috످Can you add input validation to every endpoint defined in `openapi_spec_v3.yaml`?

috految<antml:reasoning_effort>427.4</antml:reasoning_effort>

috److془The user asks to add input validation to every endpoint defined in openapi_spec_v3.yaml. I don't have access to file. I should say so and ask for it. Provide helpful concise path.془I can't access your files from this chat, but I can write the validation if you share the contents of `openapi_spec_v3.yaml`, with any secrets removed. If it's large, start with the `components` section and a few endpoints.

Also share your framework (e.g., Express, FastAPI, Spring Boot) and a sample route handler so I can match your code style. Include any rules the spec doesn't cover, like "`end_date` must be after `start_date`."

Unless you only want the spec updated, I'll add missing constraints (required fields, formats, length limits) to the YAML and write the code to enforce them.

If your spec already defines these constraints, you may only need a library to validate every endpoint automatically, such as express-openapi-validator (https://github.com/cdimascio/express-openapi-validator) for Express, openapi-core (https://github.com/python-openapi/openapi-core) for Python, or kin-openapi (https://github.com/getkin/kin-openapi) for Go.

If your API is already live, new validation could break existing clients, so start by logging invalid requests without rejecting them.

috످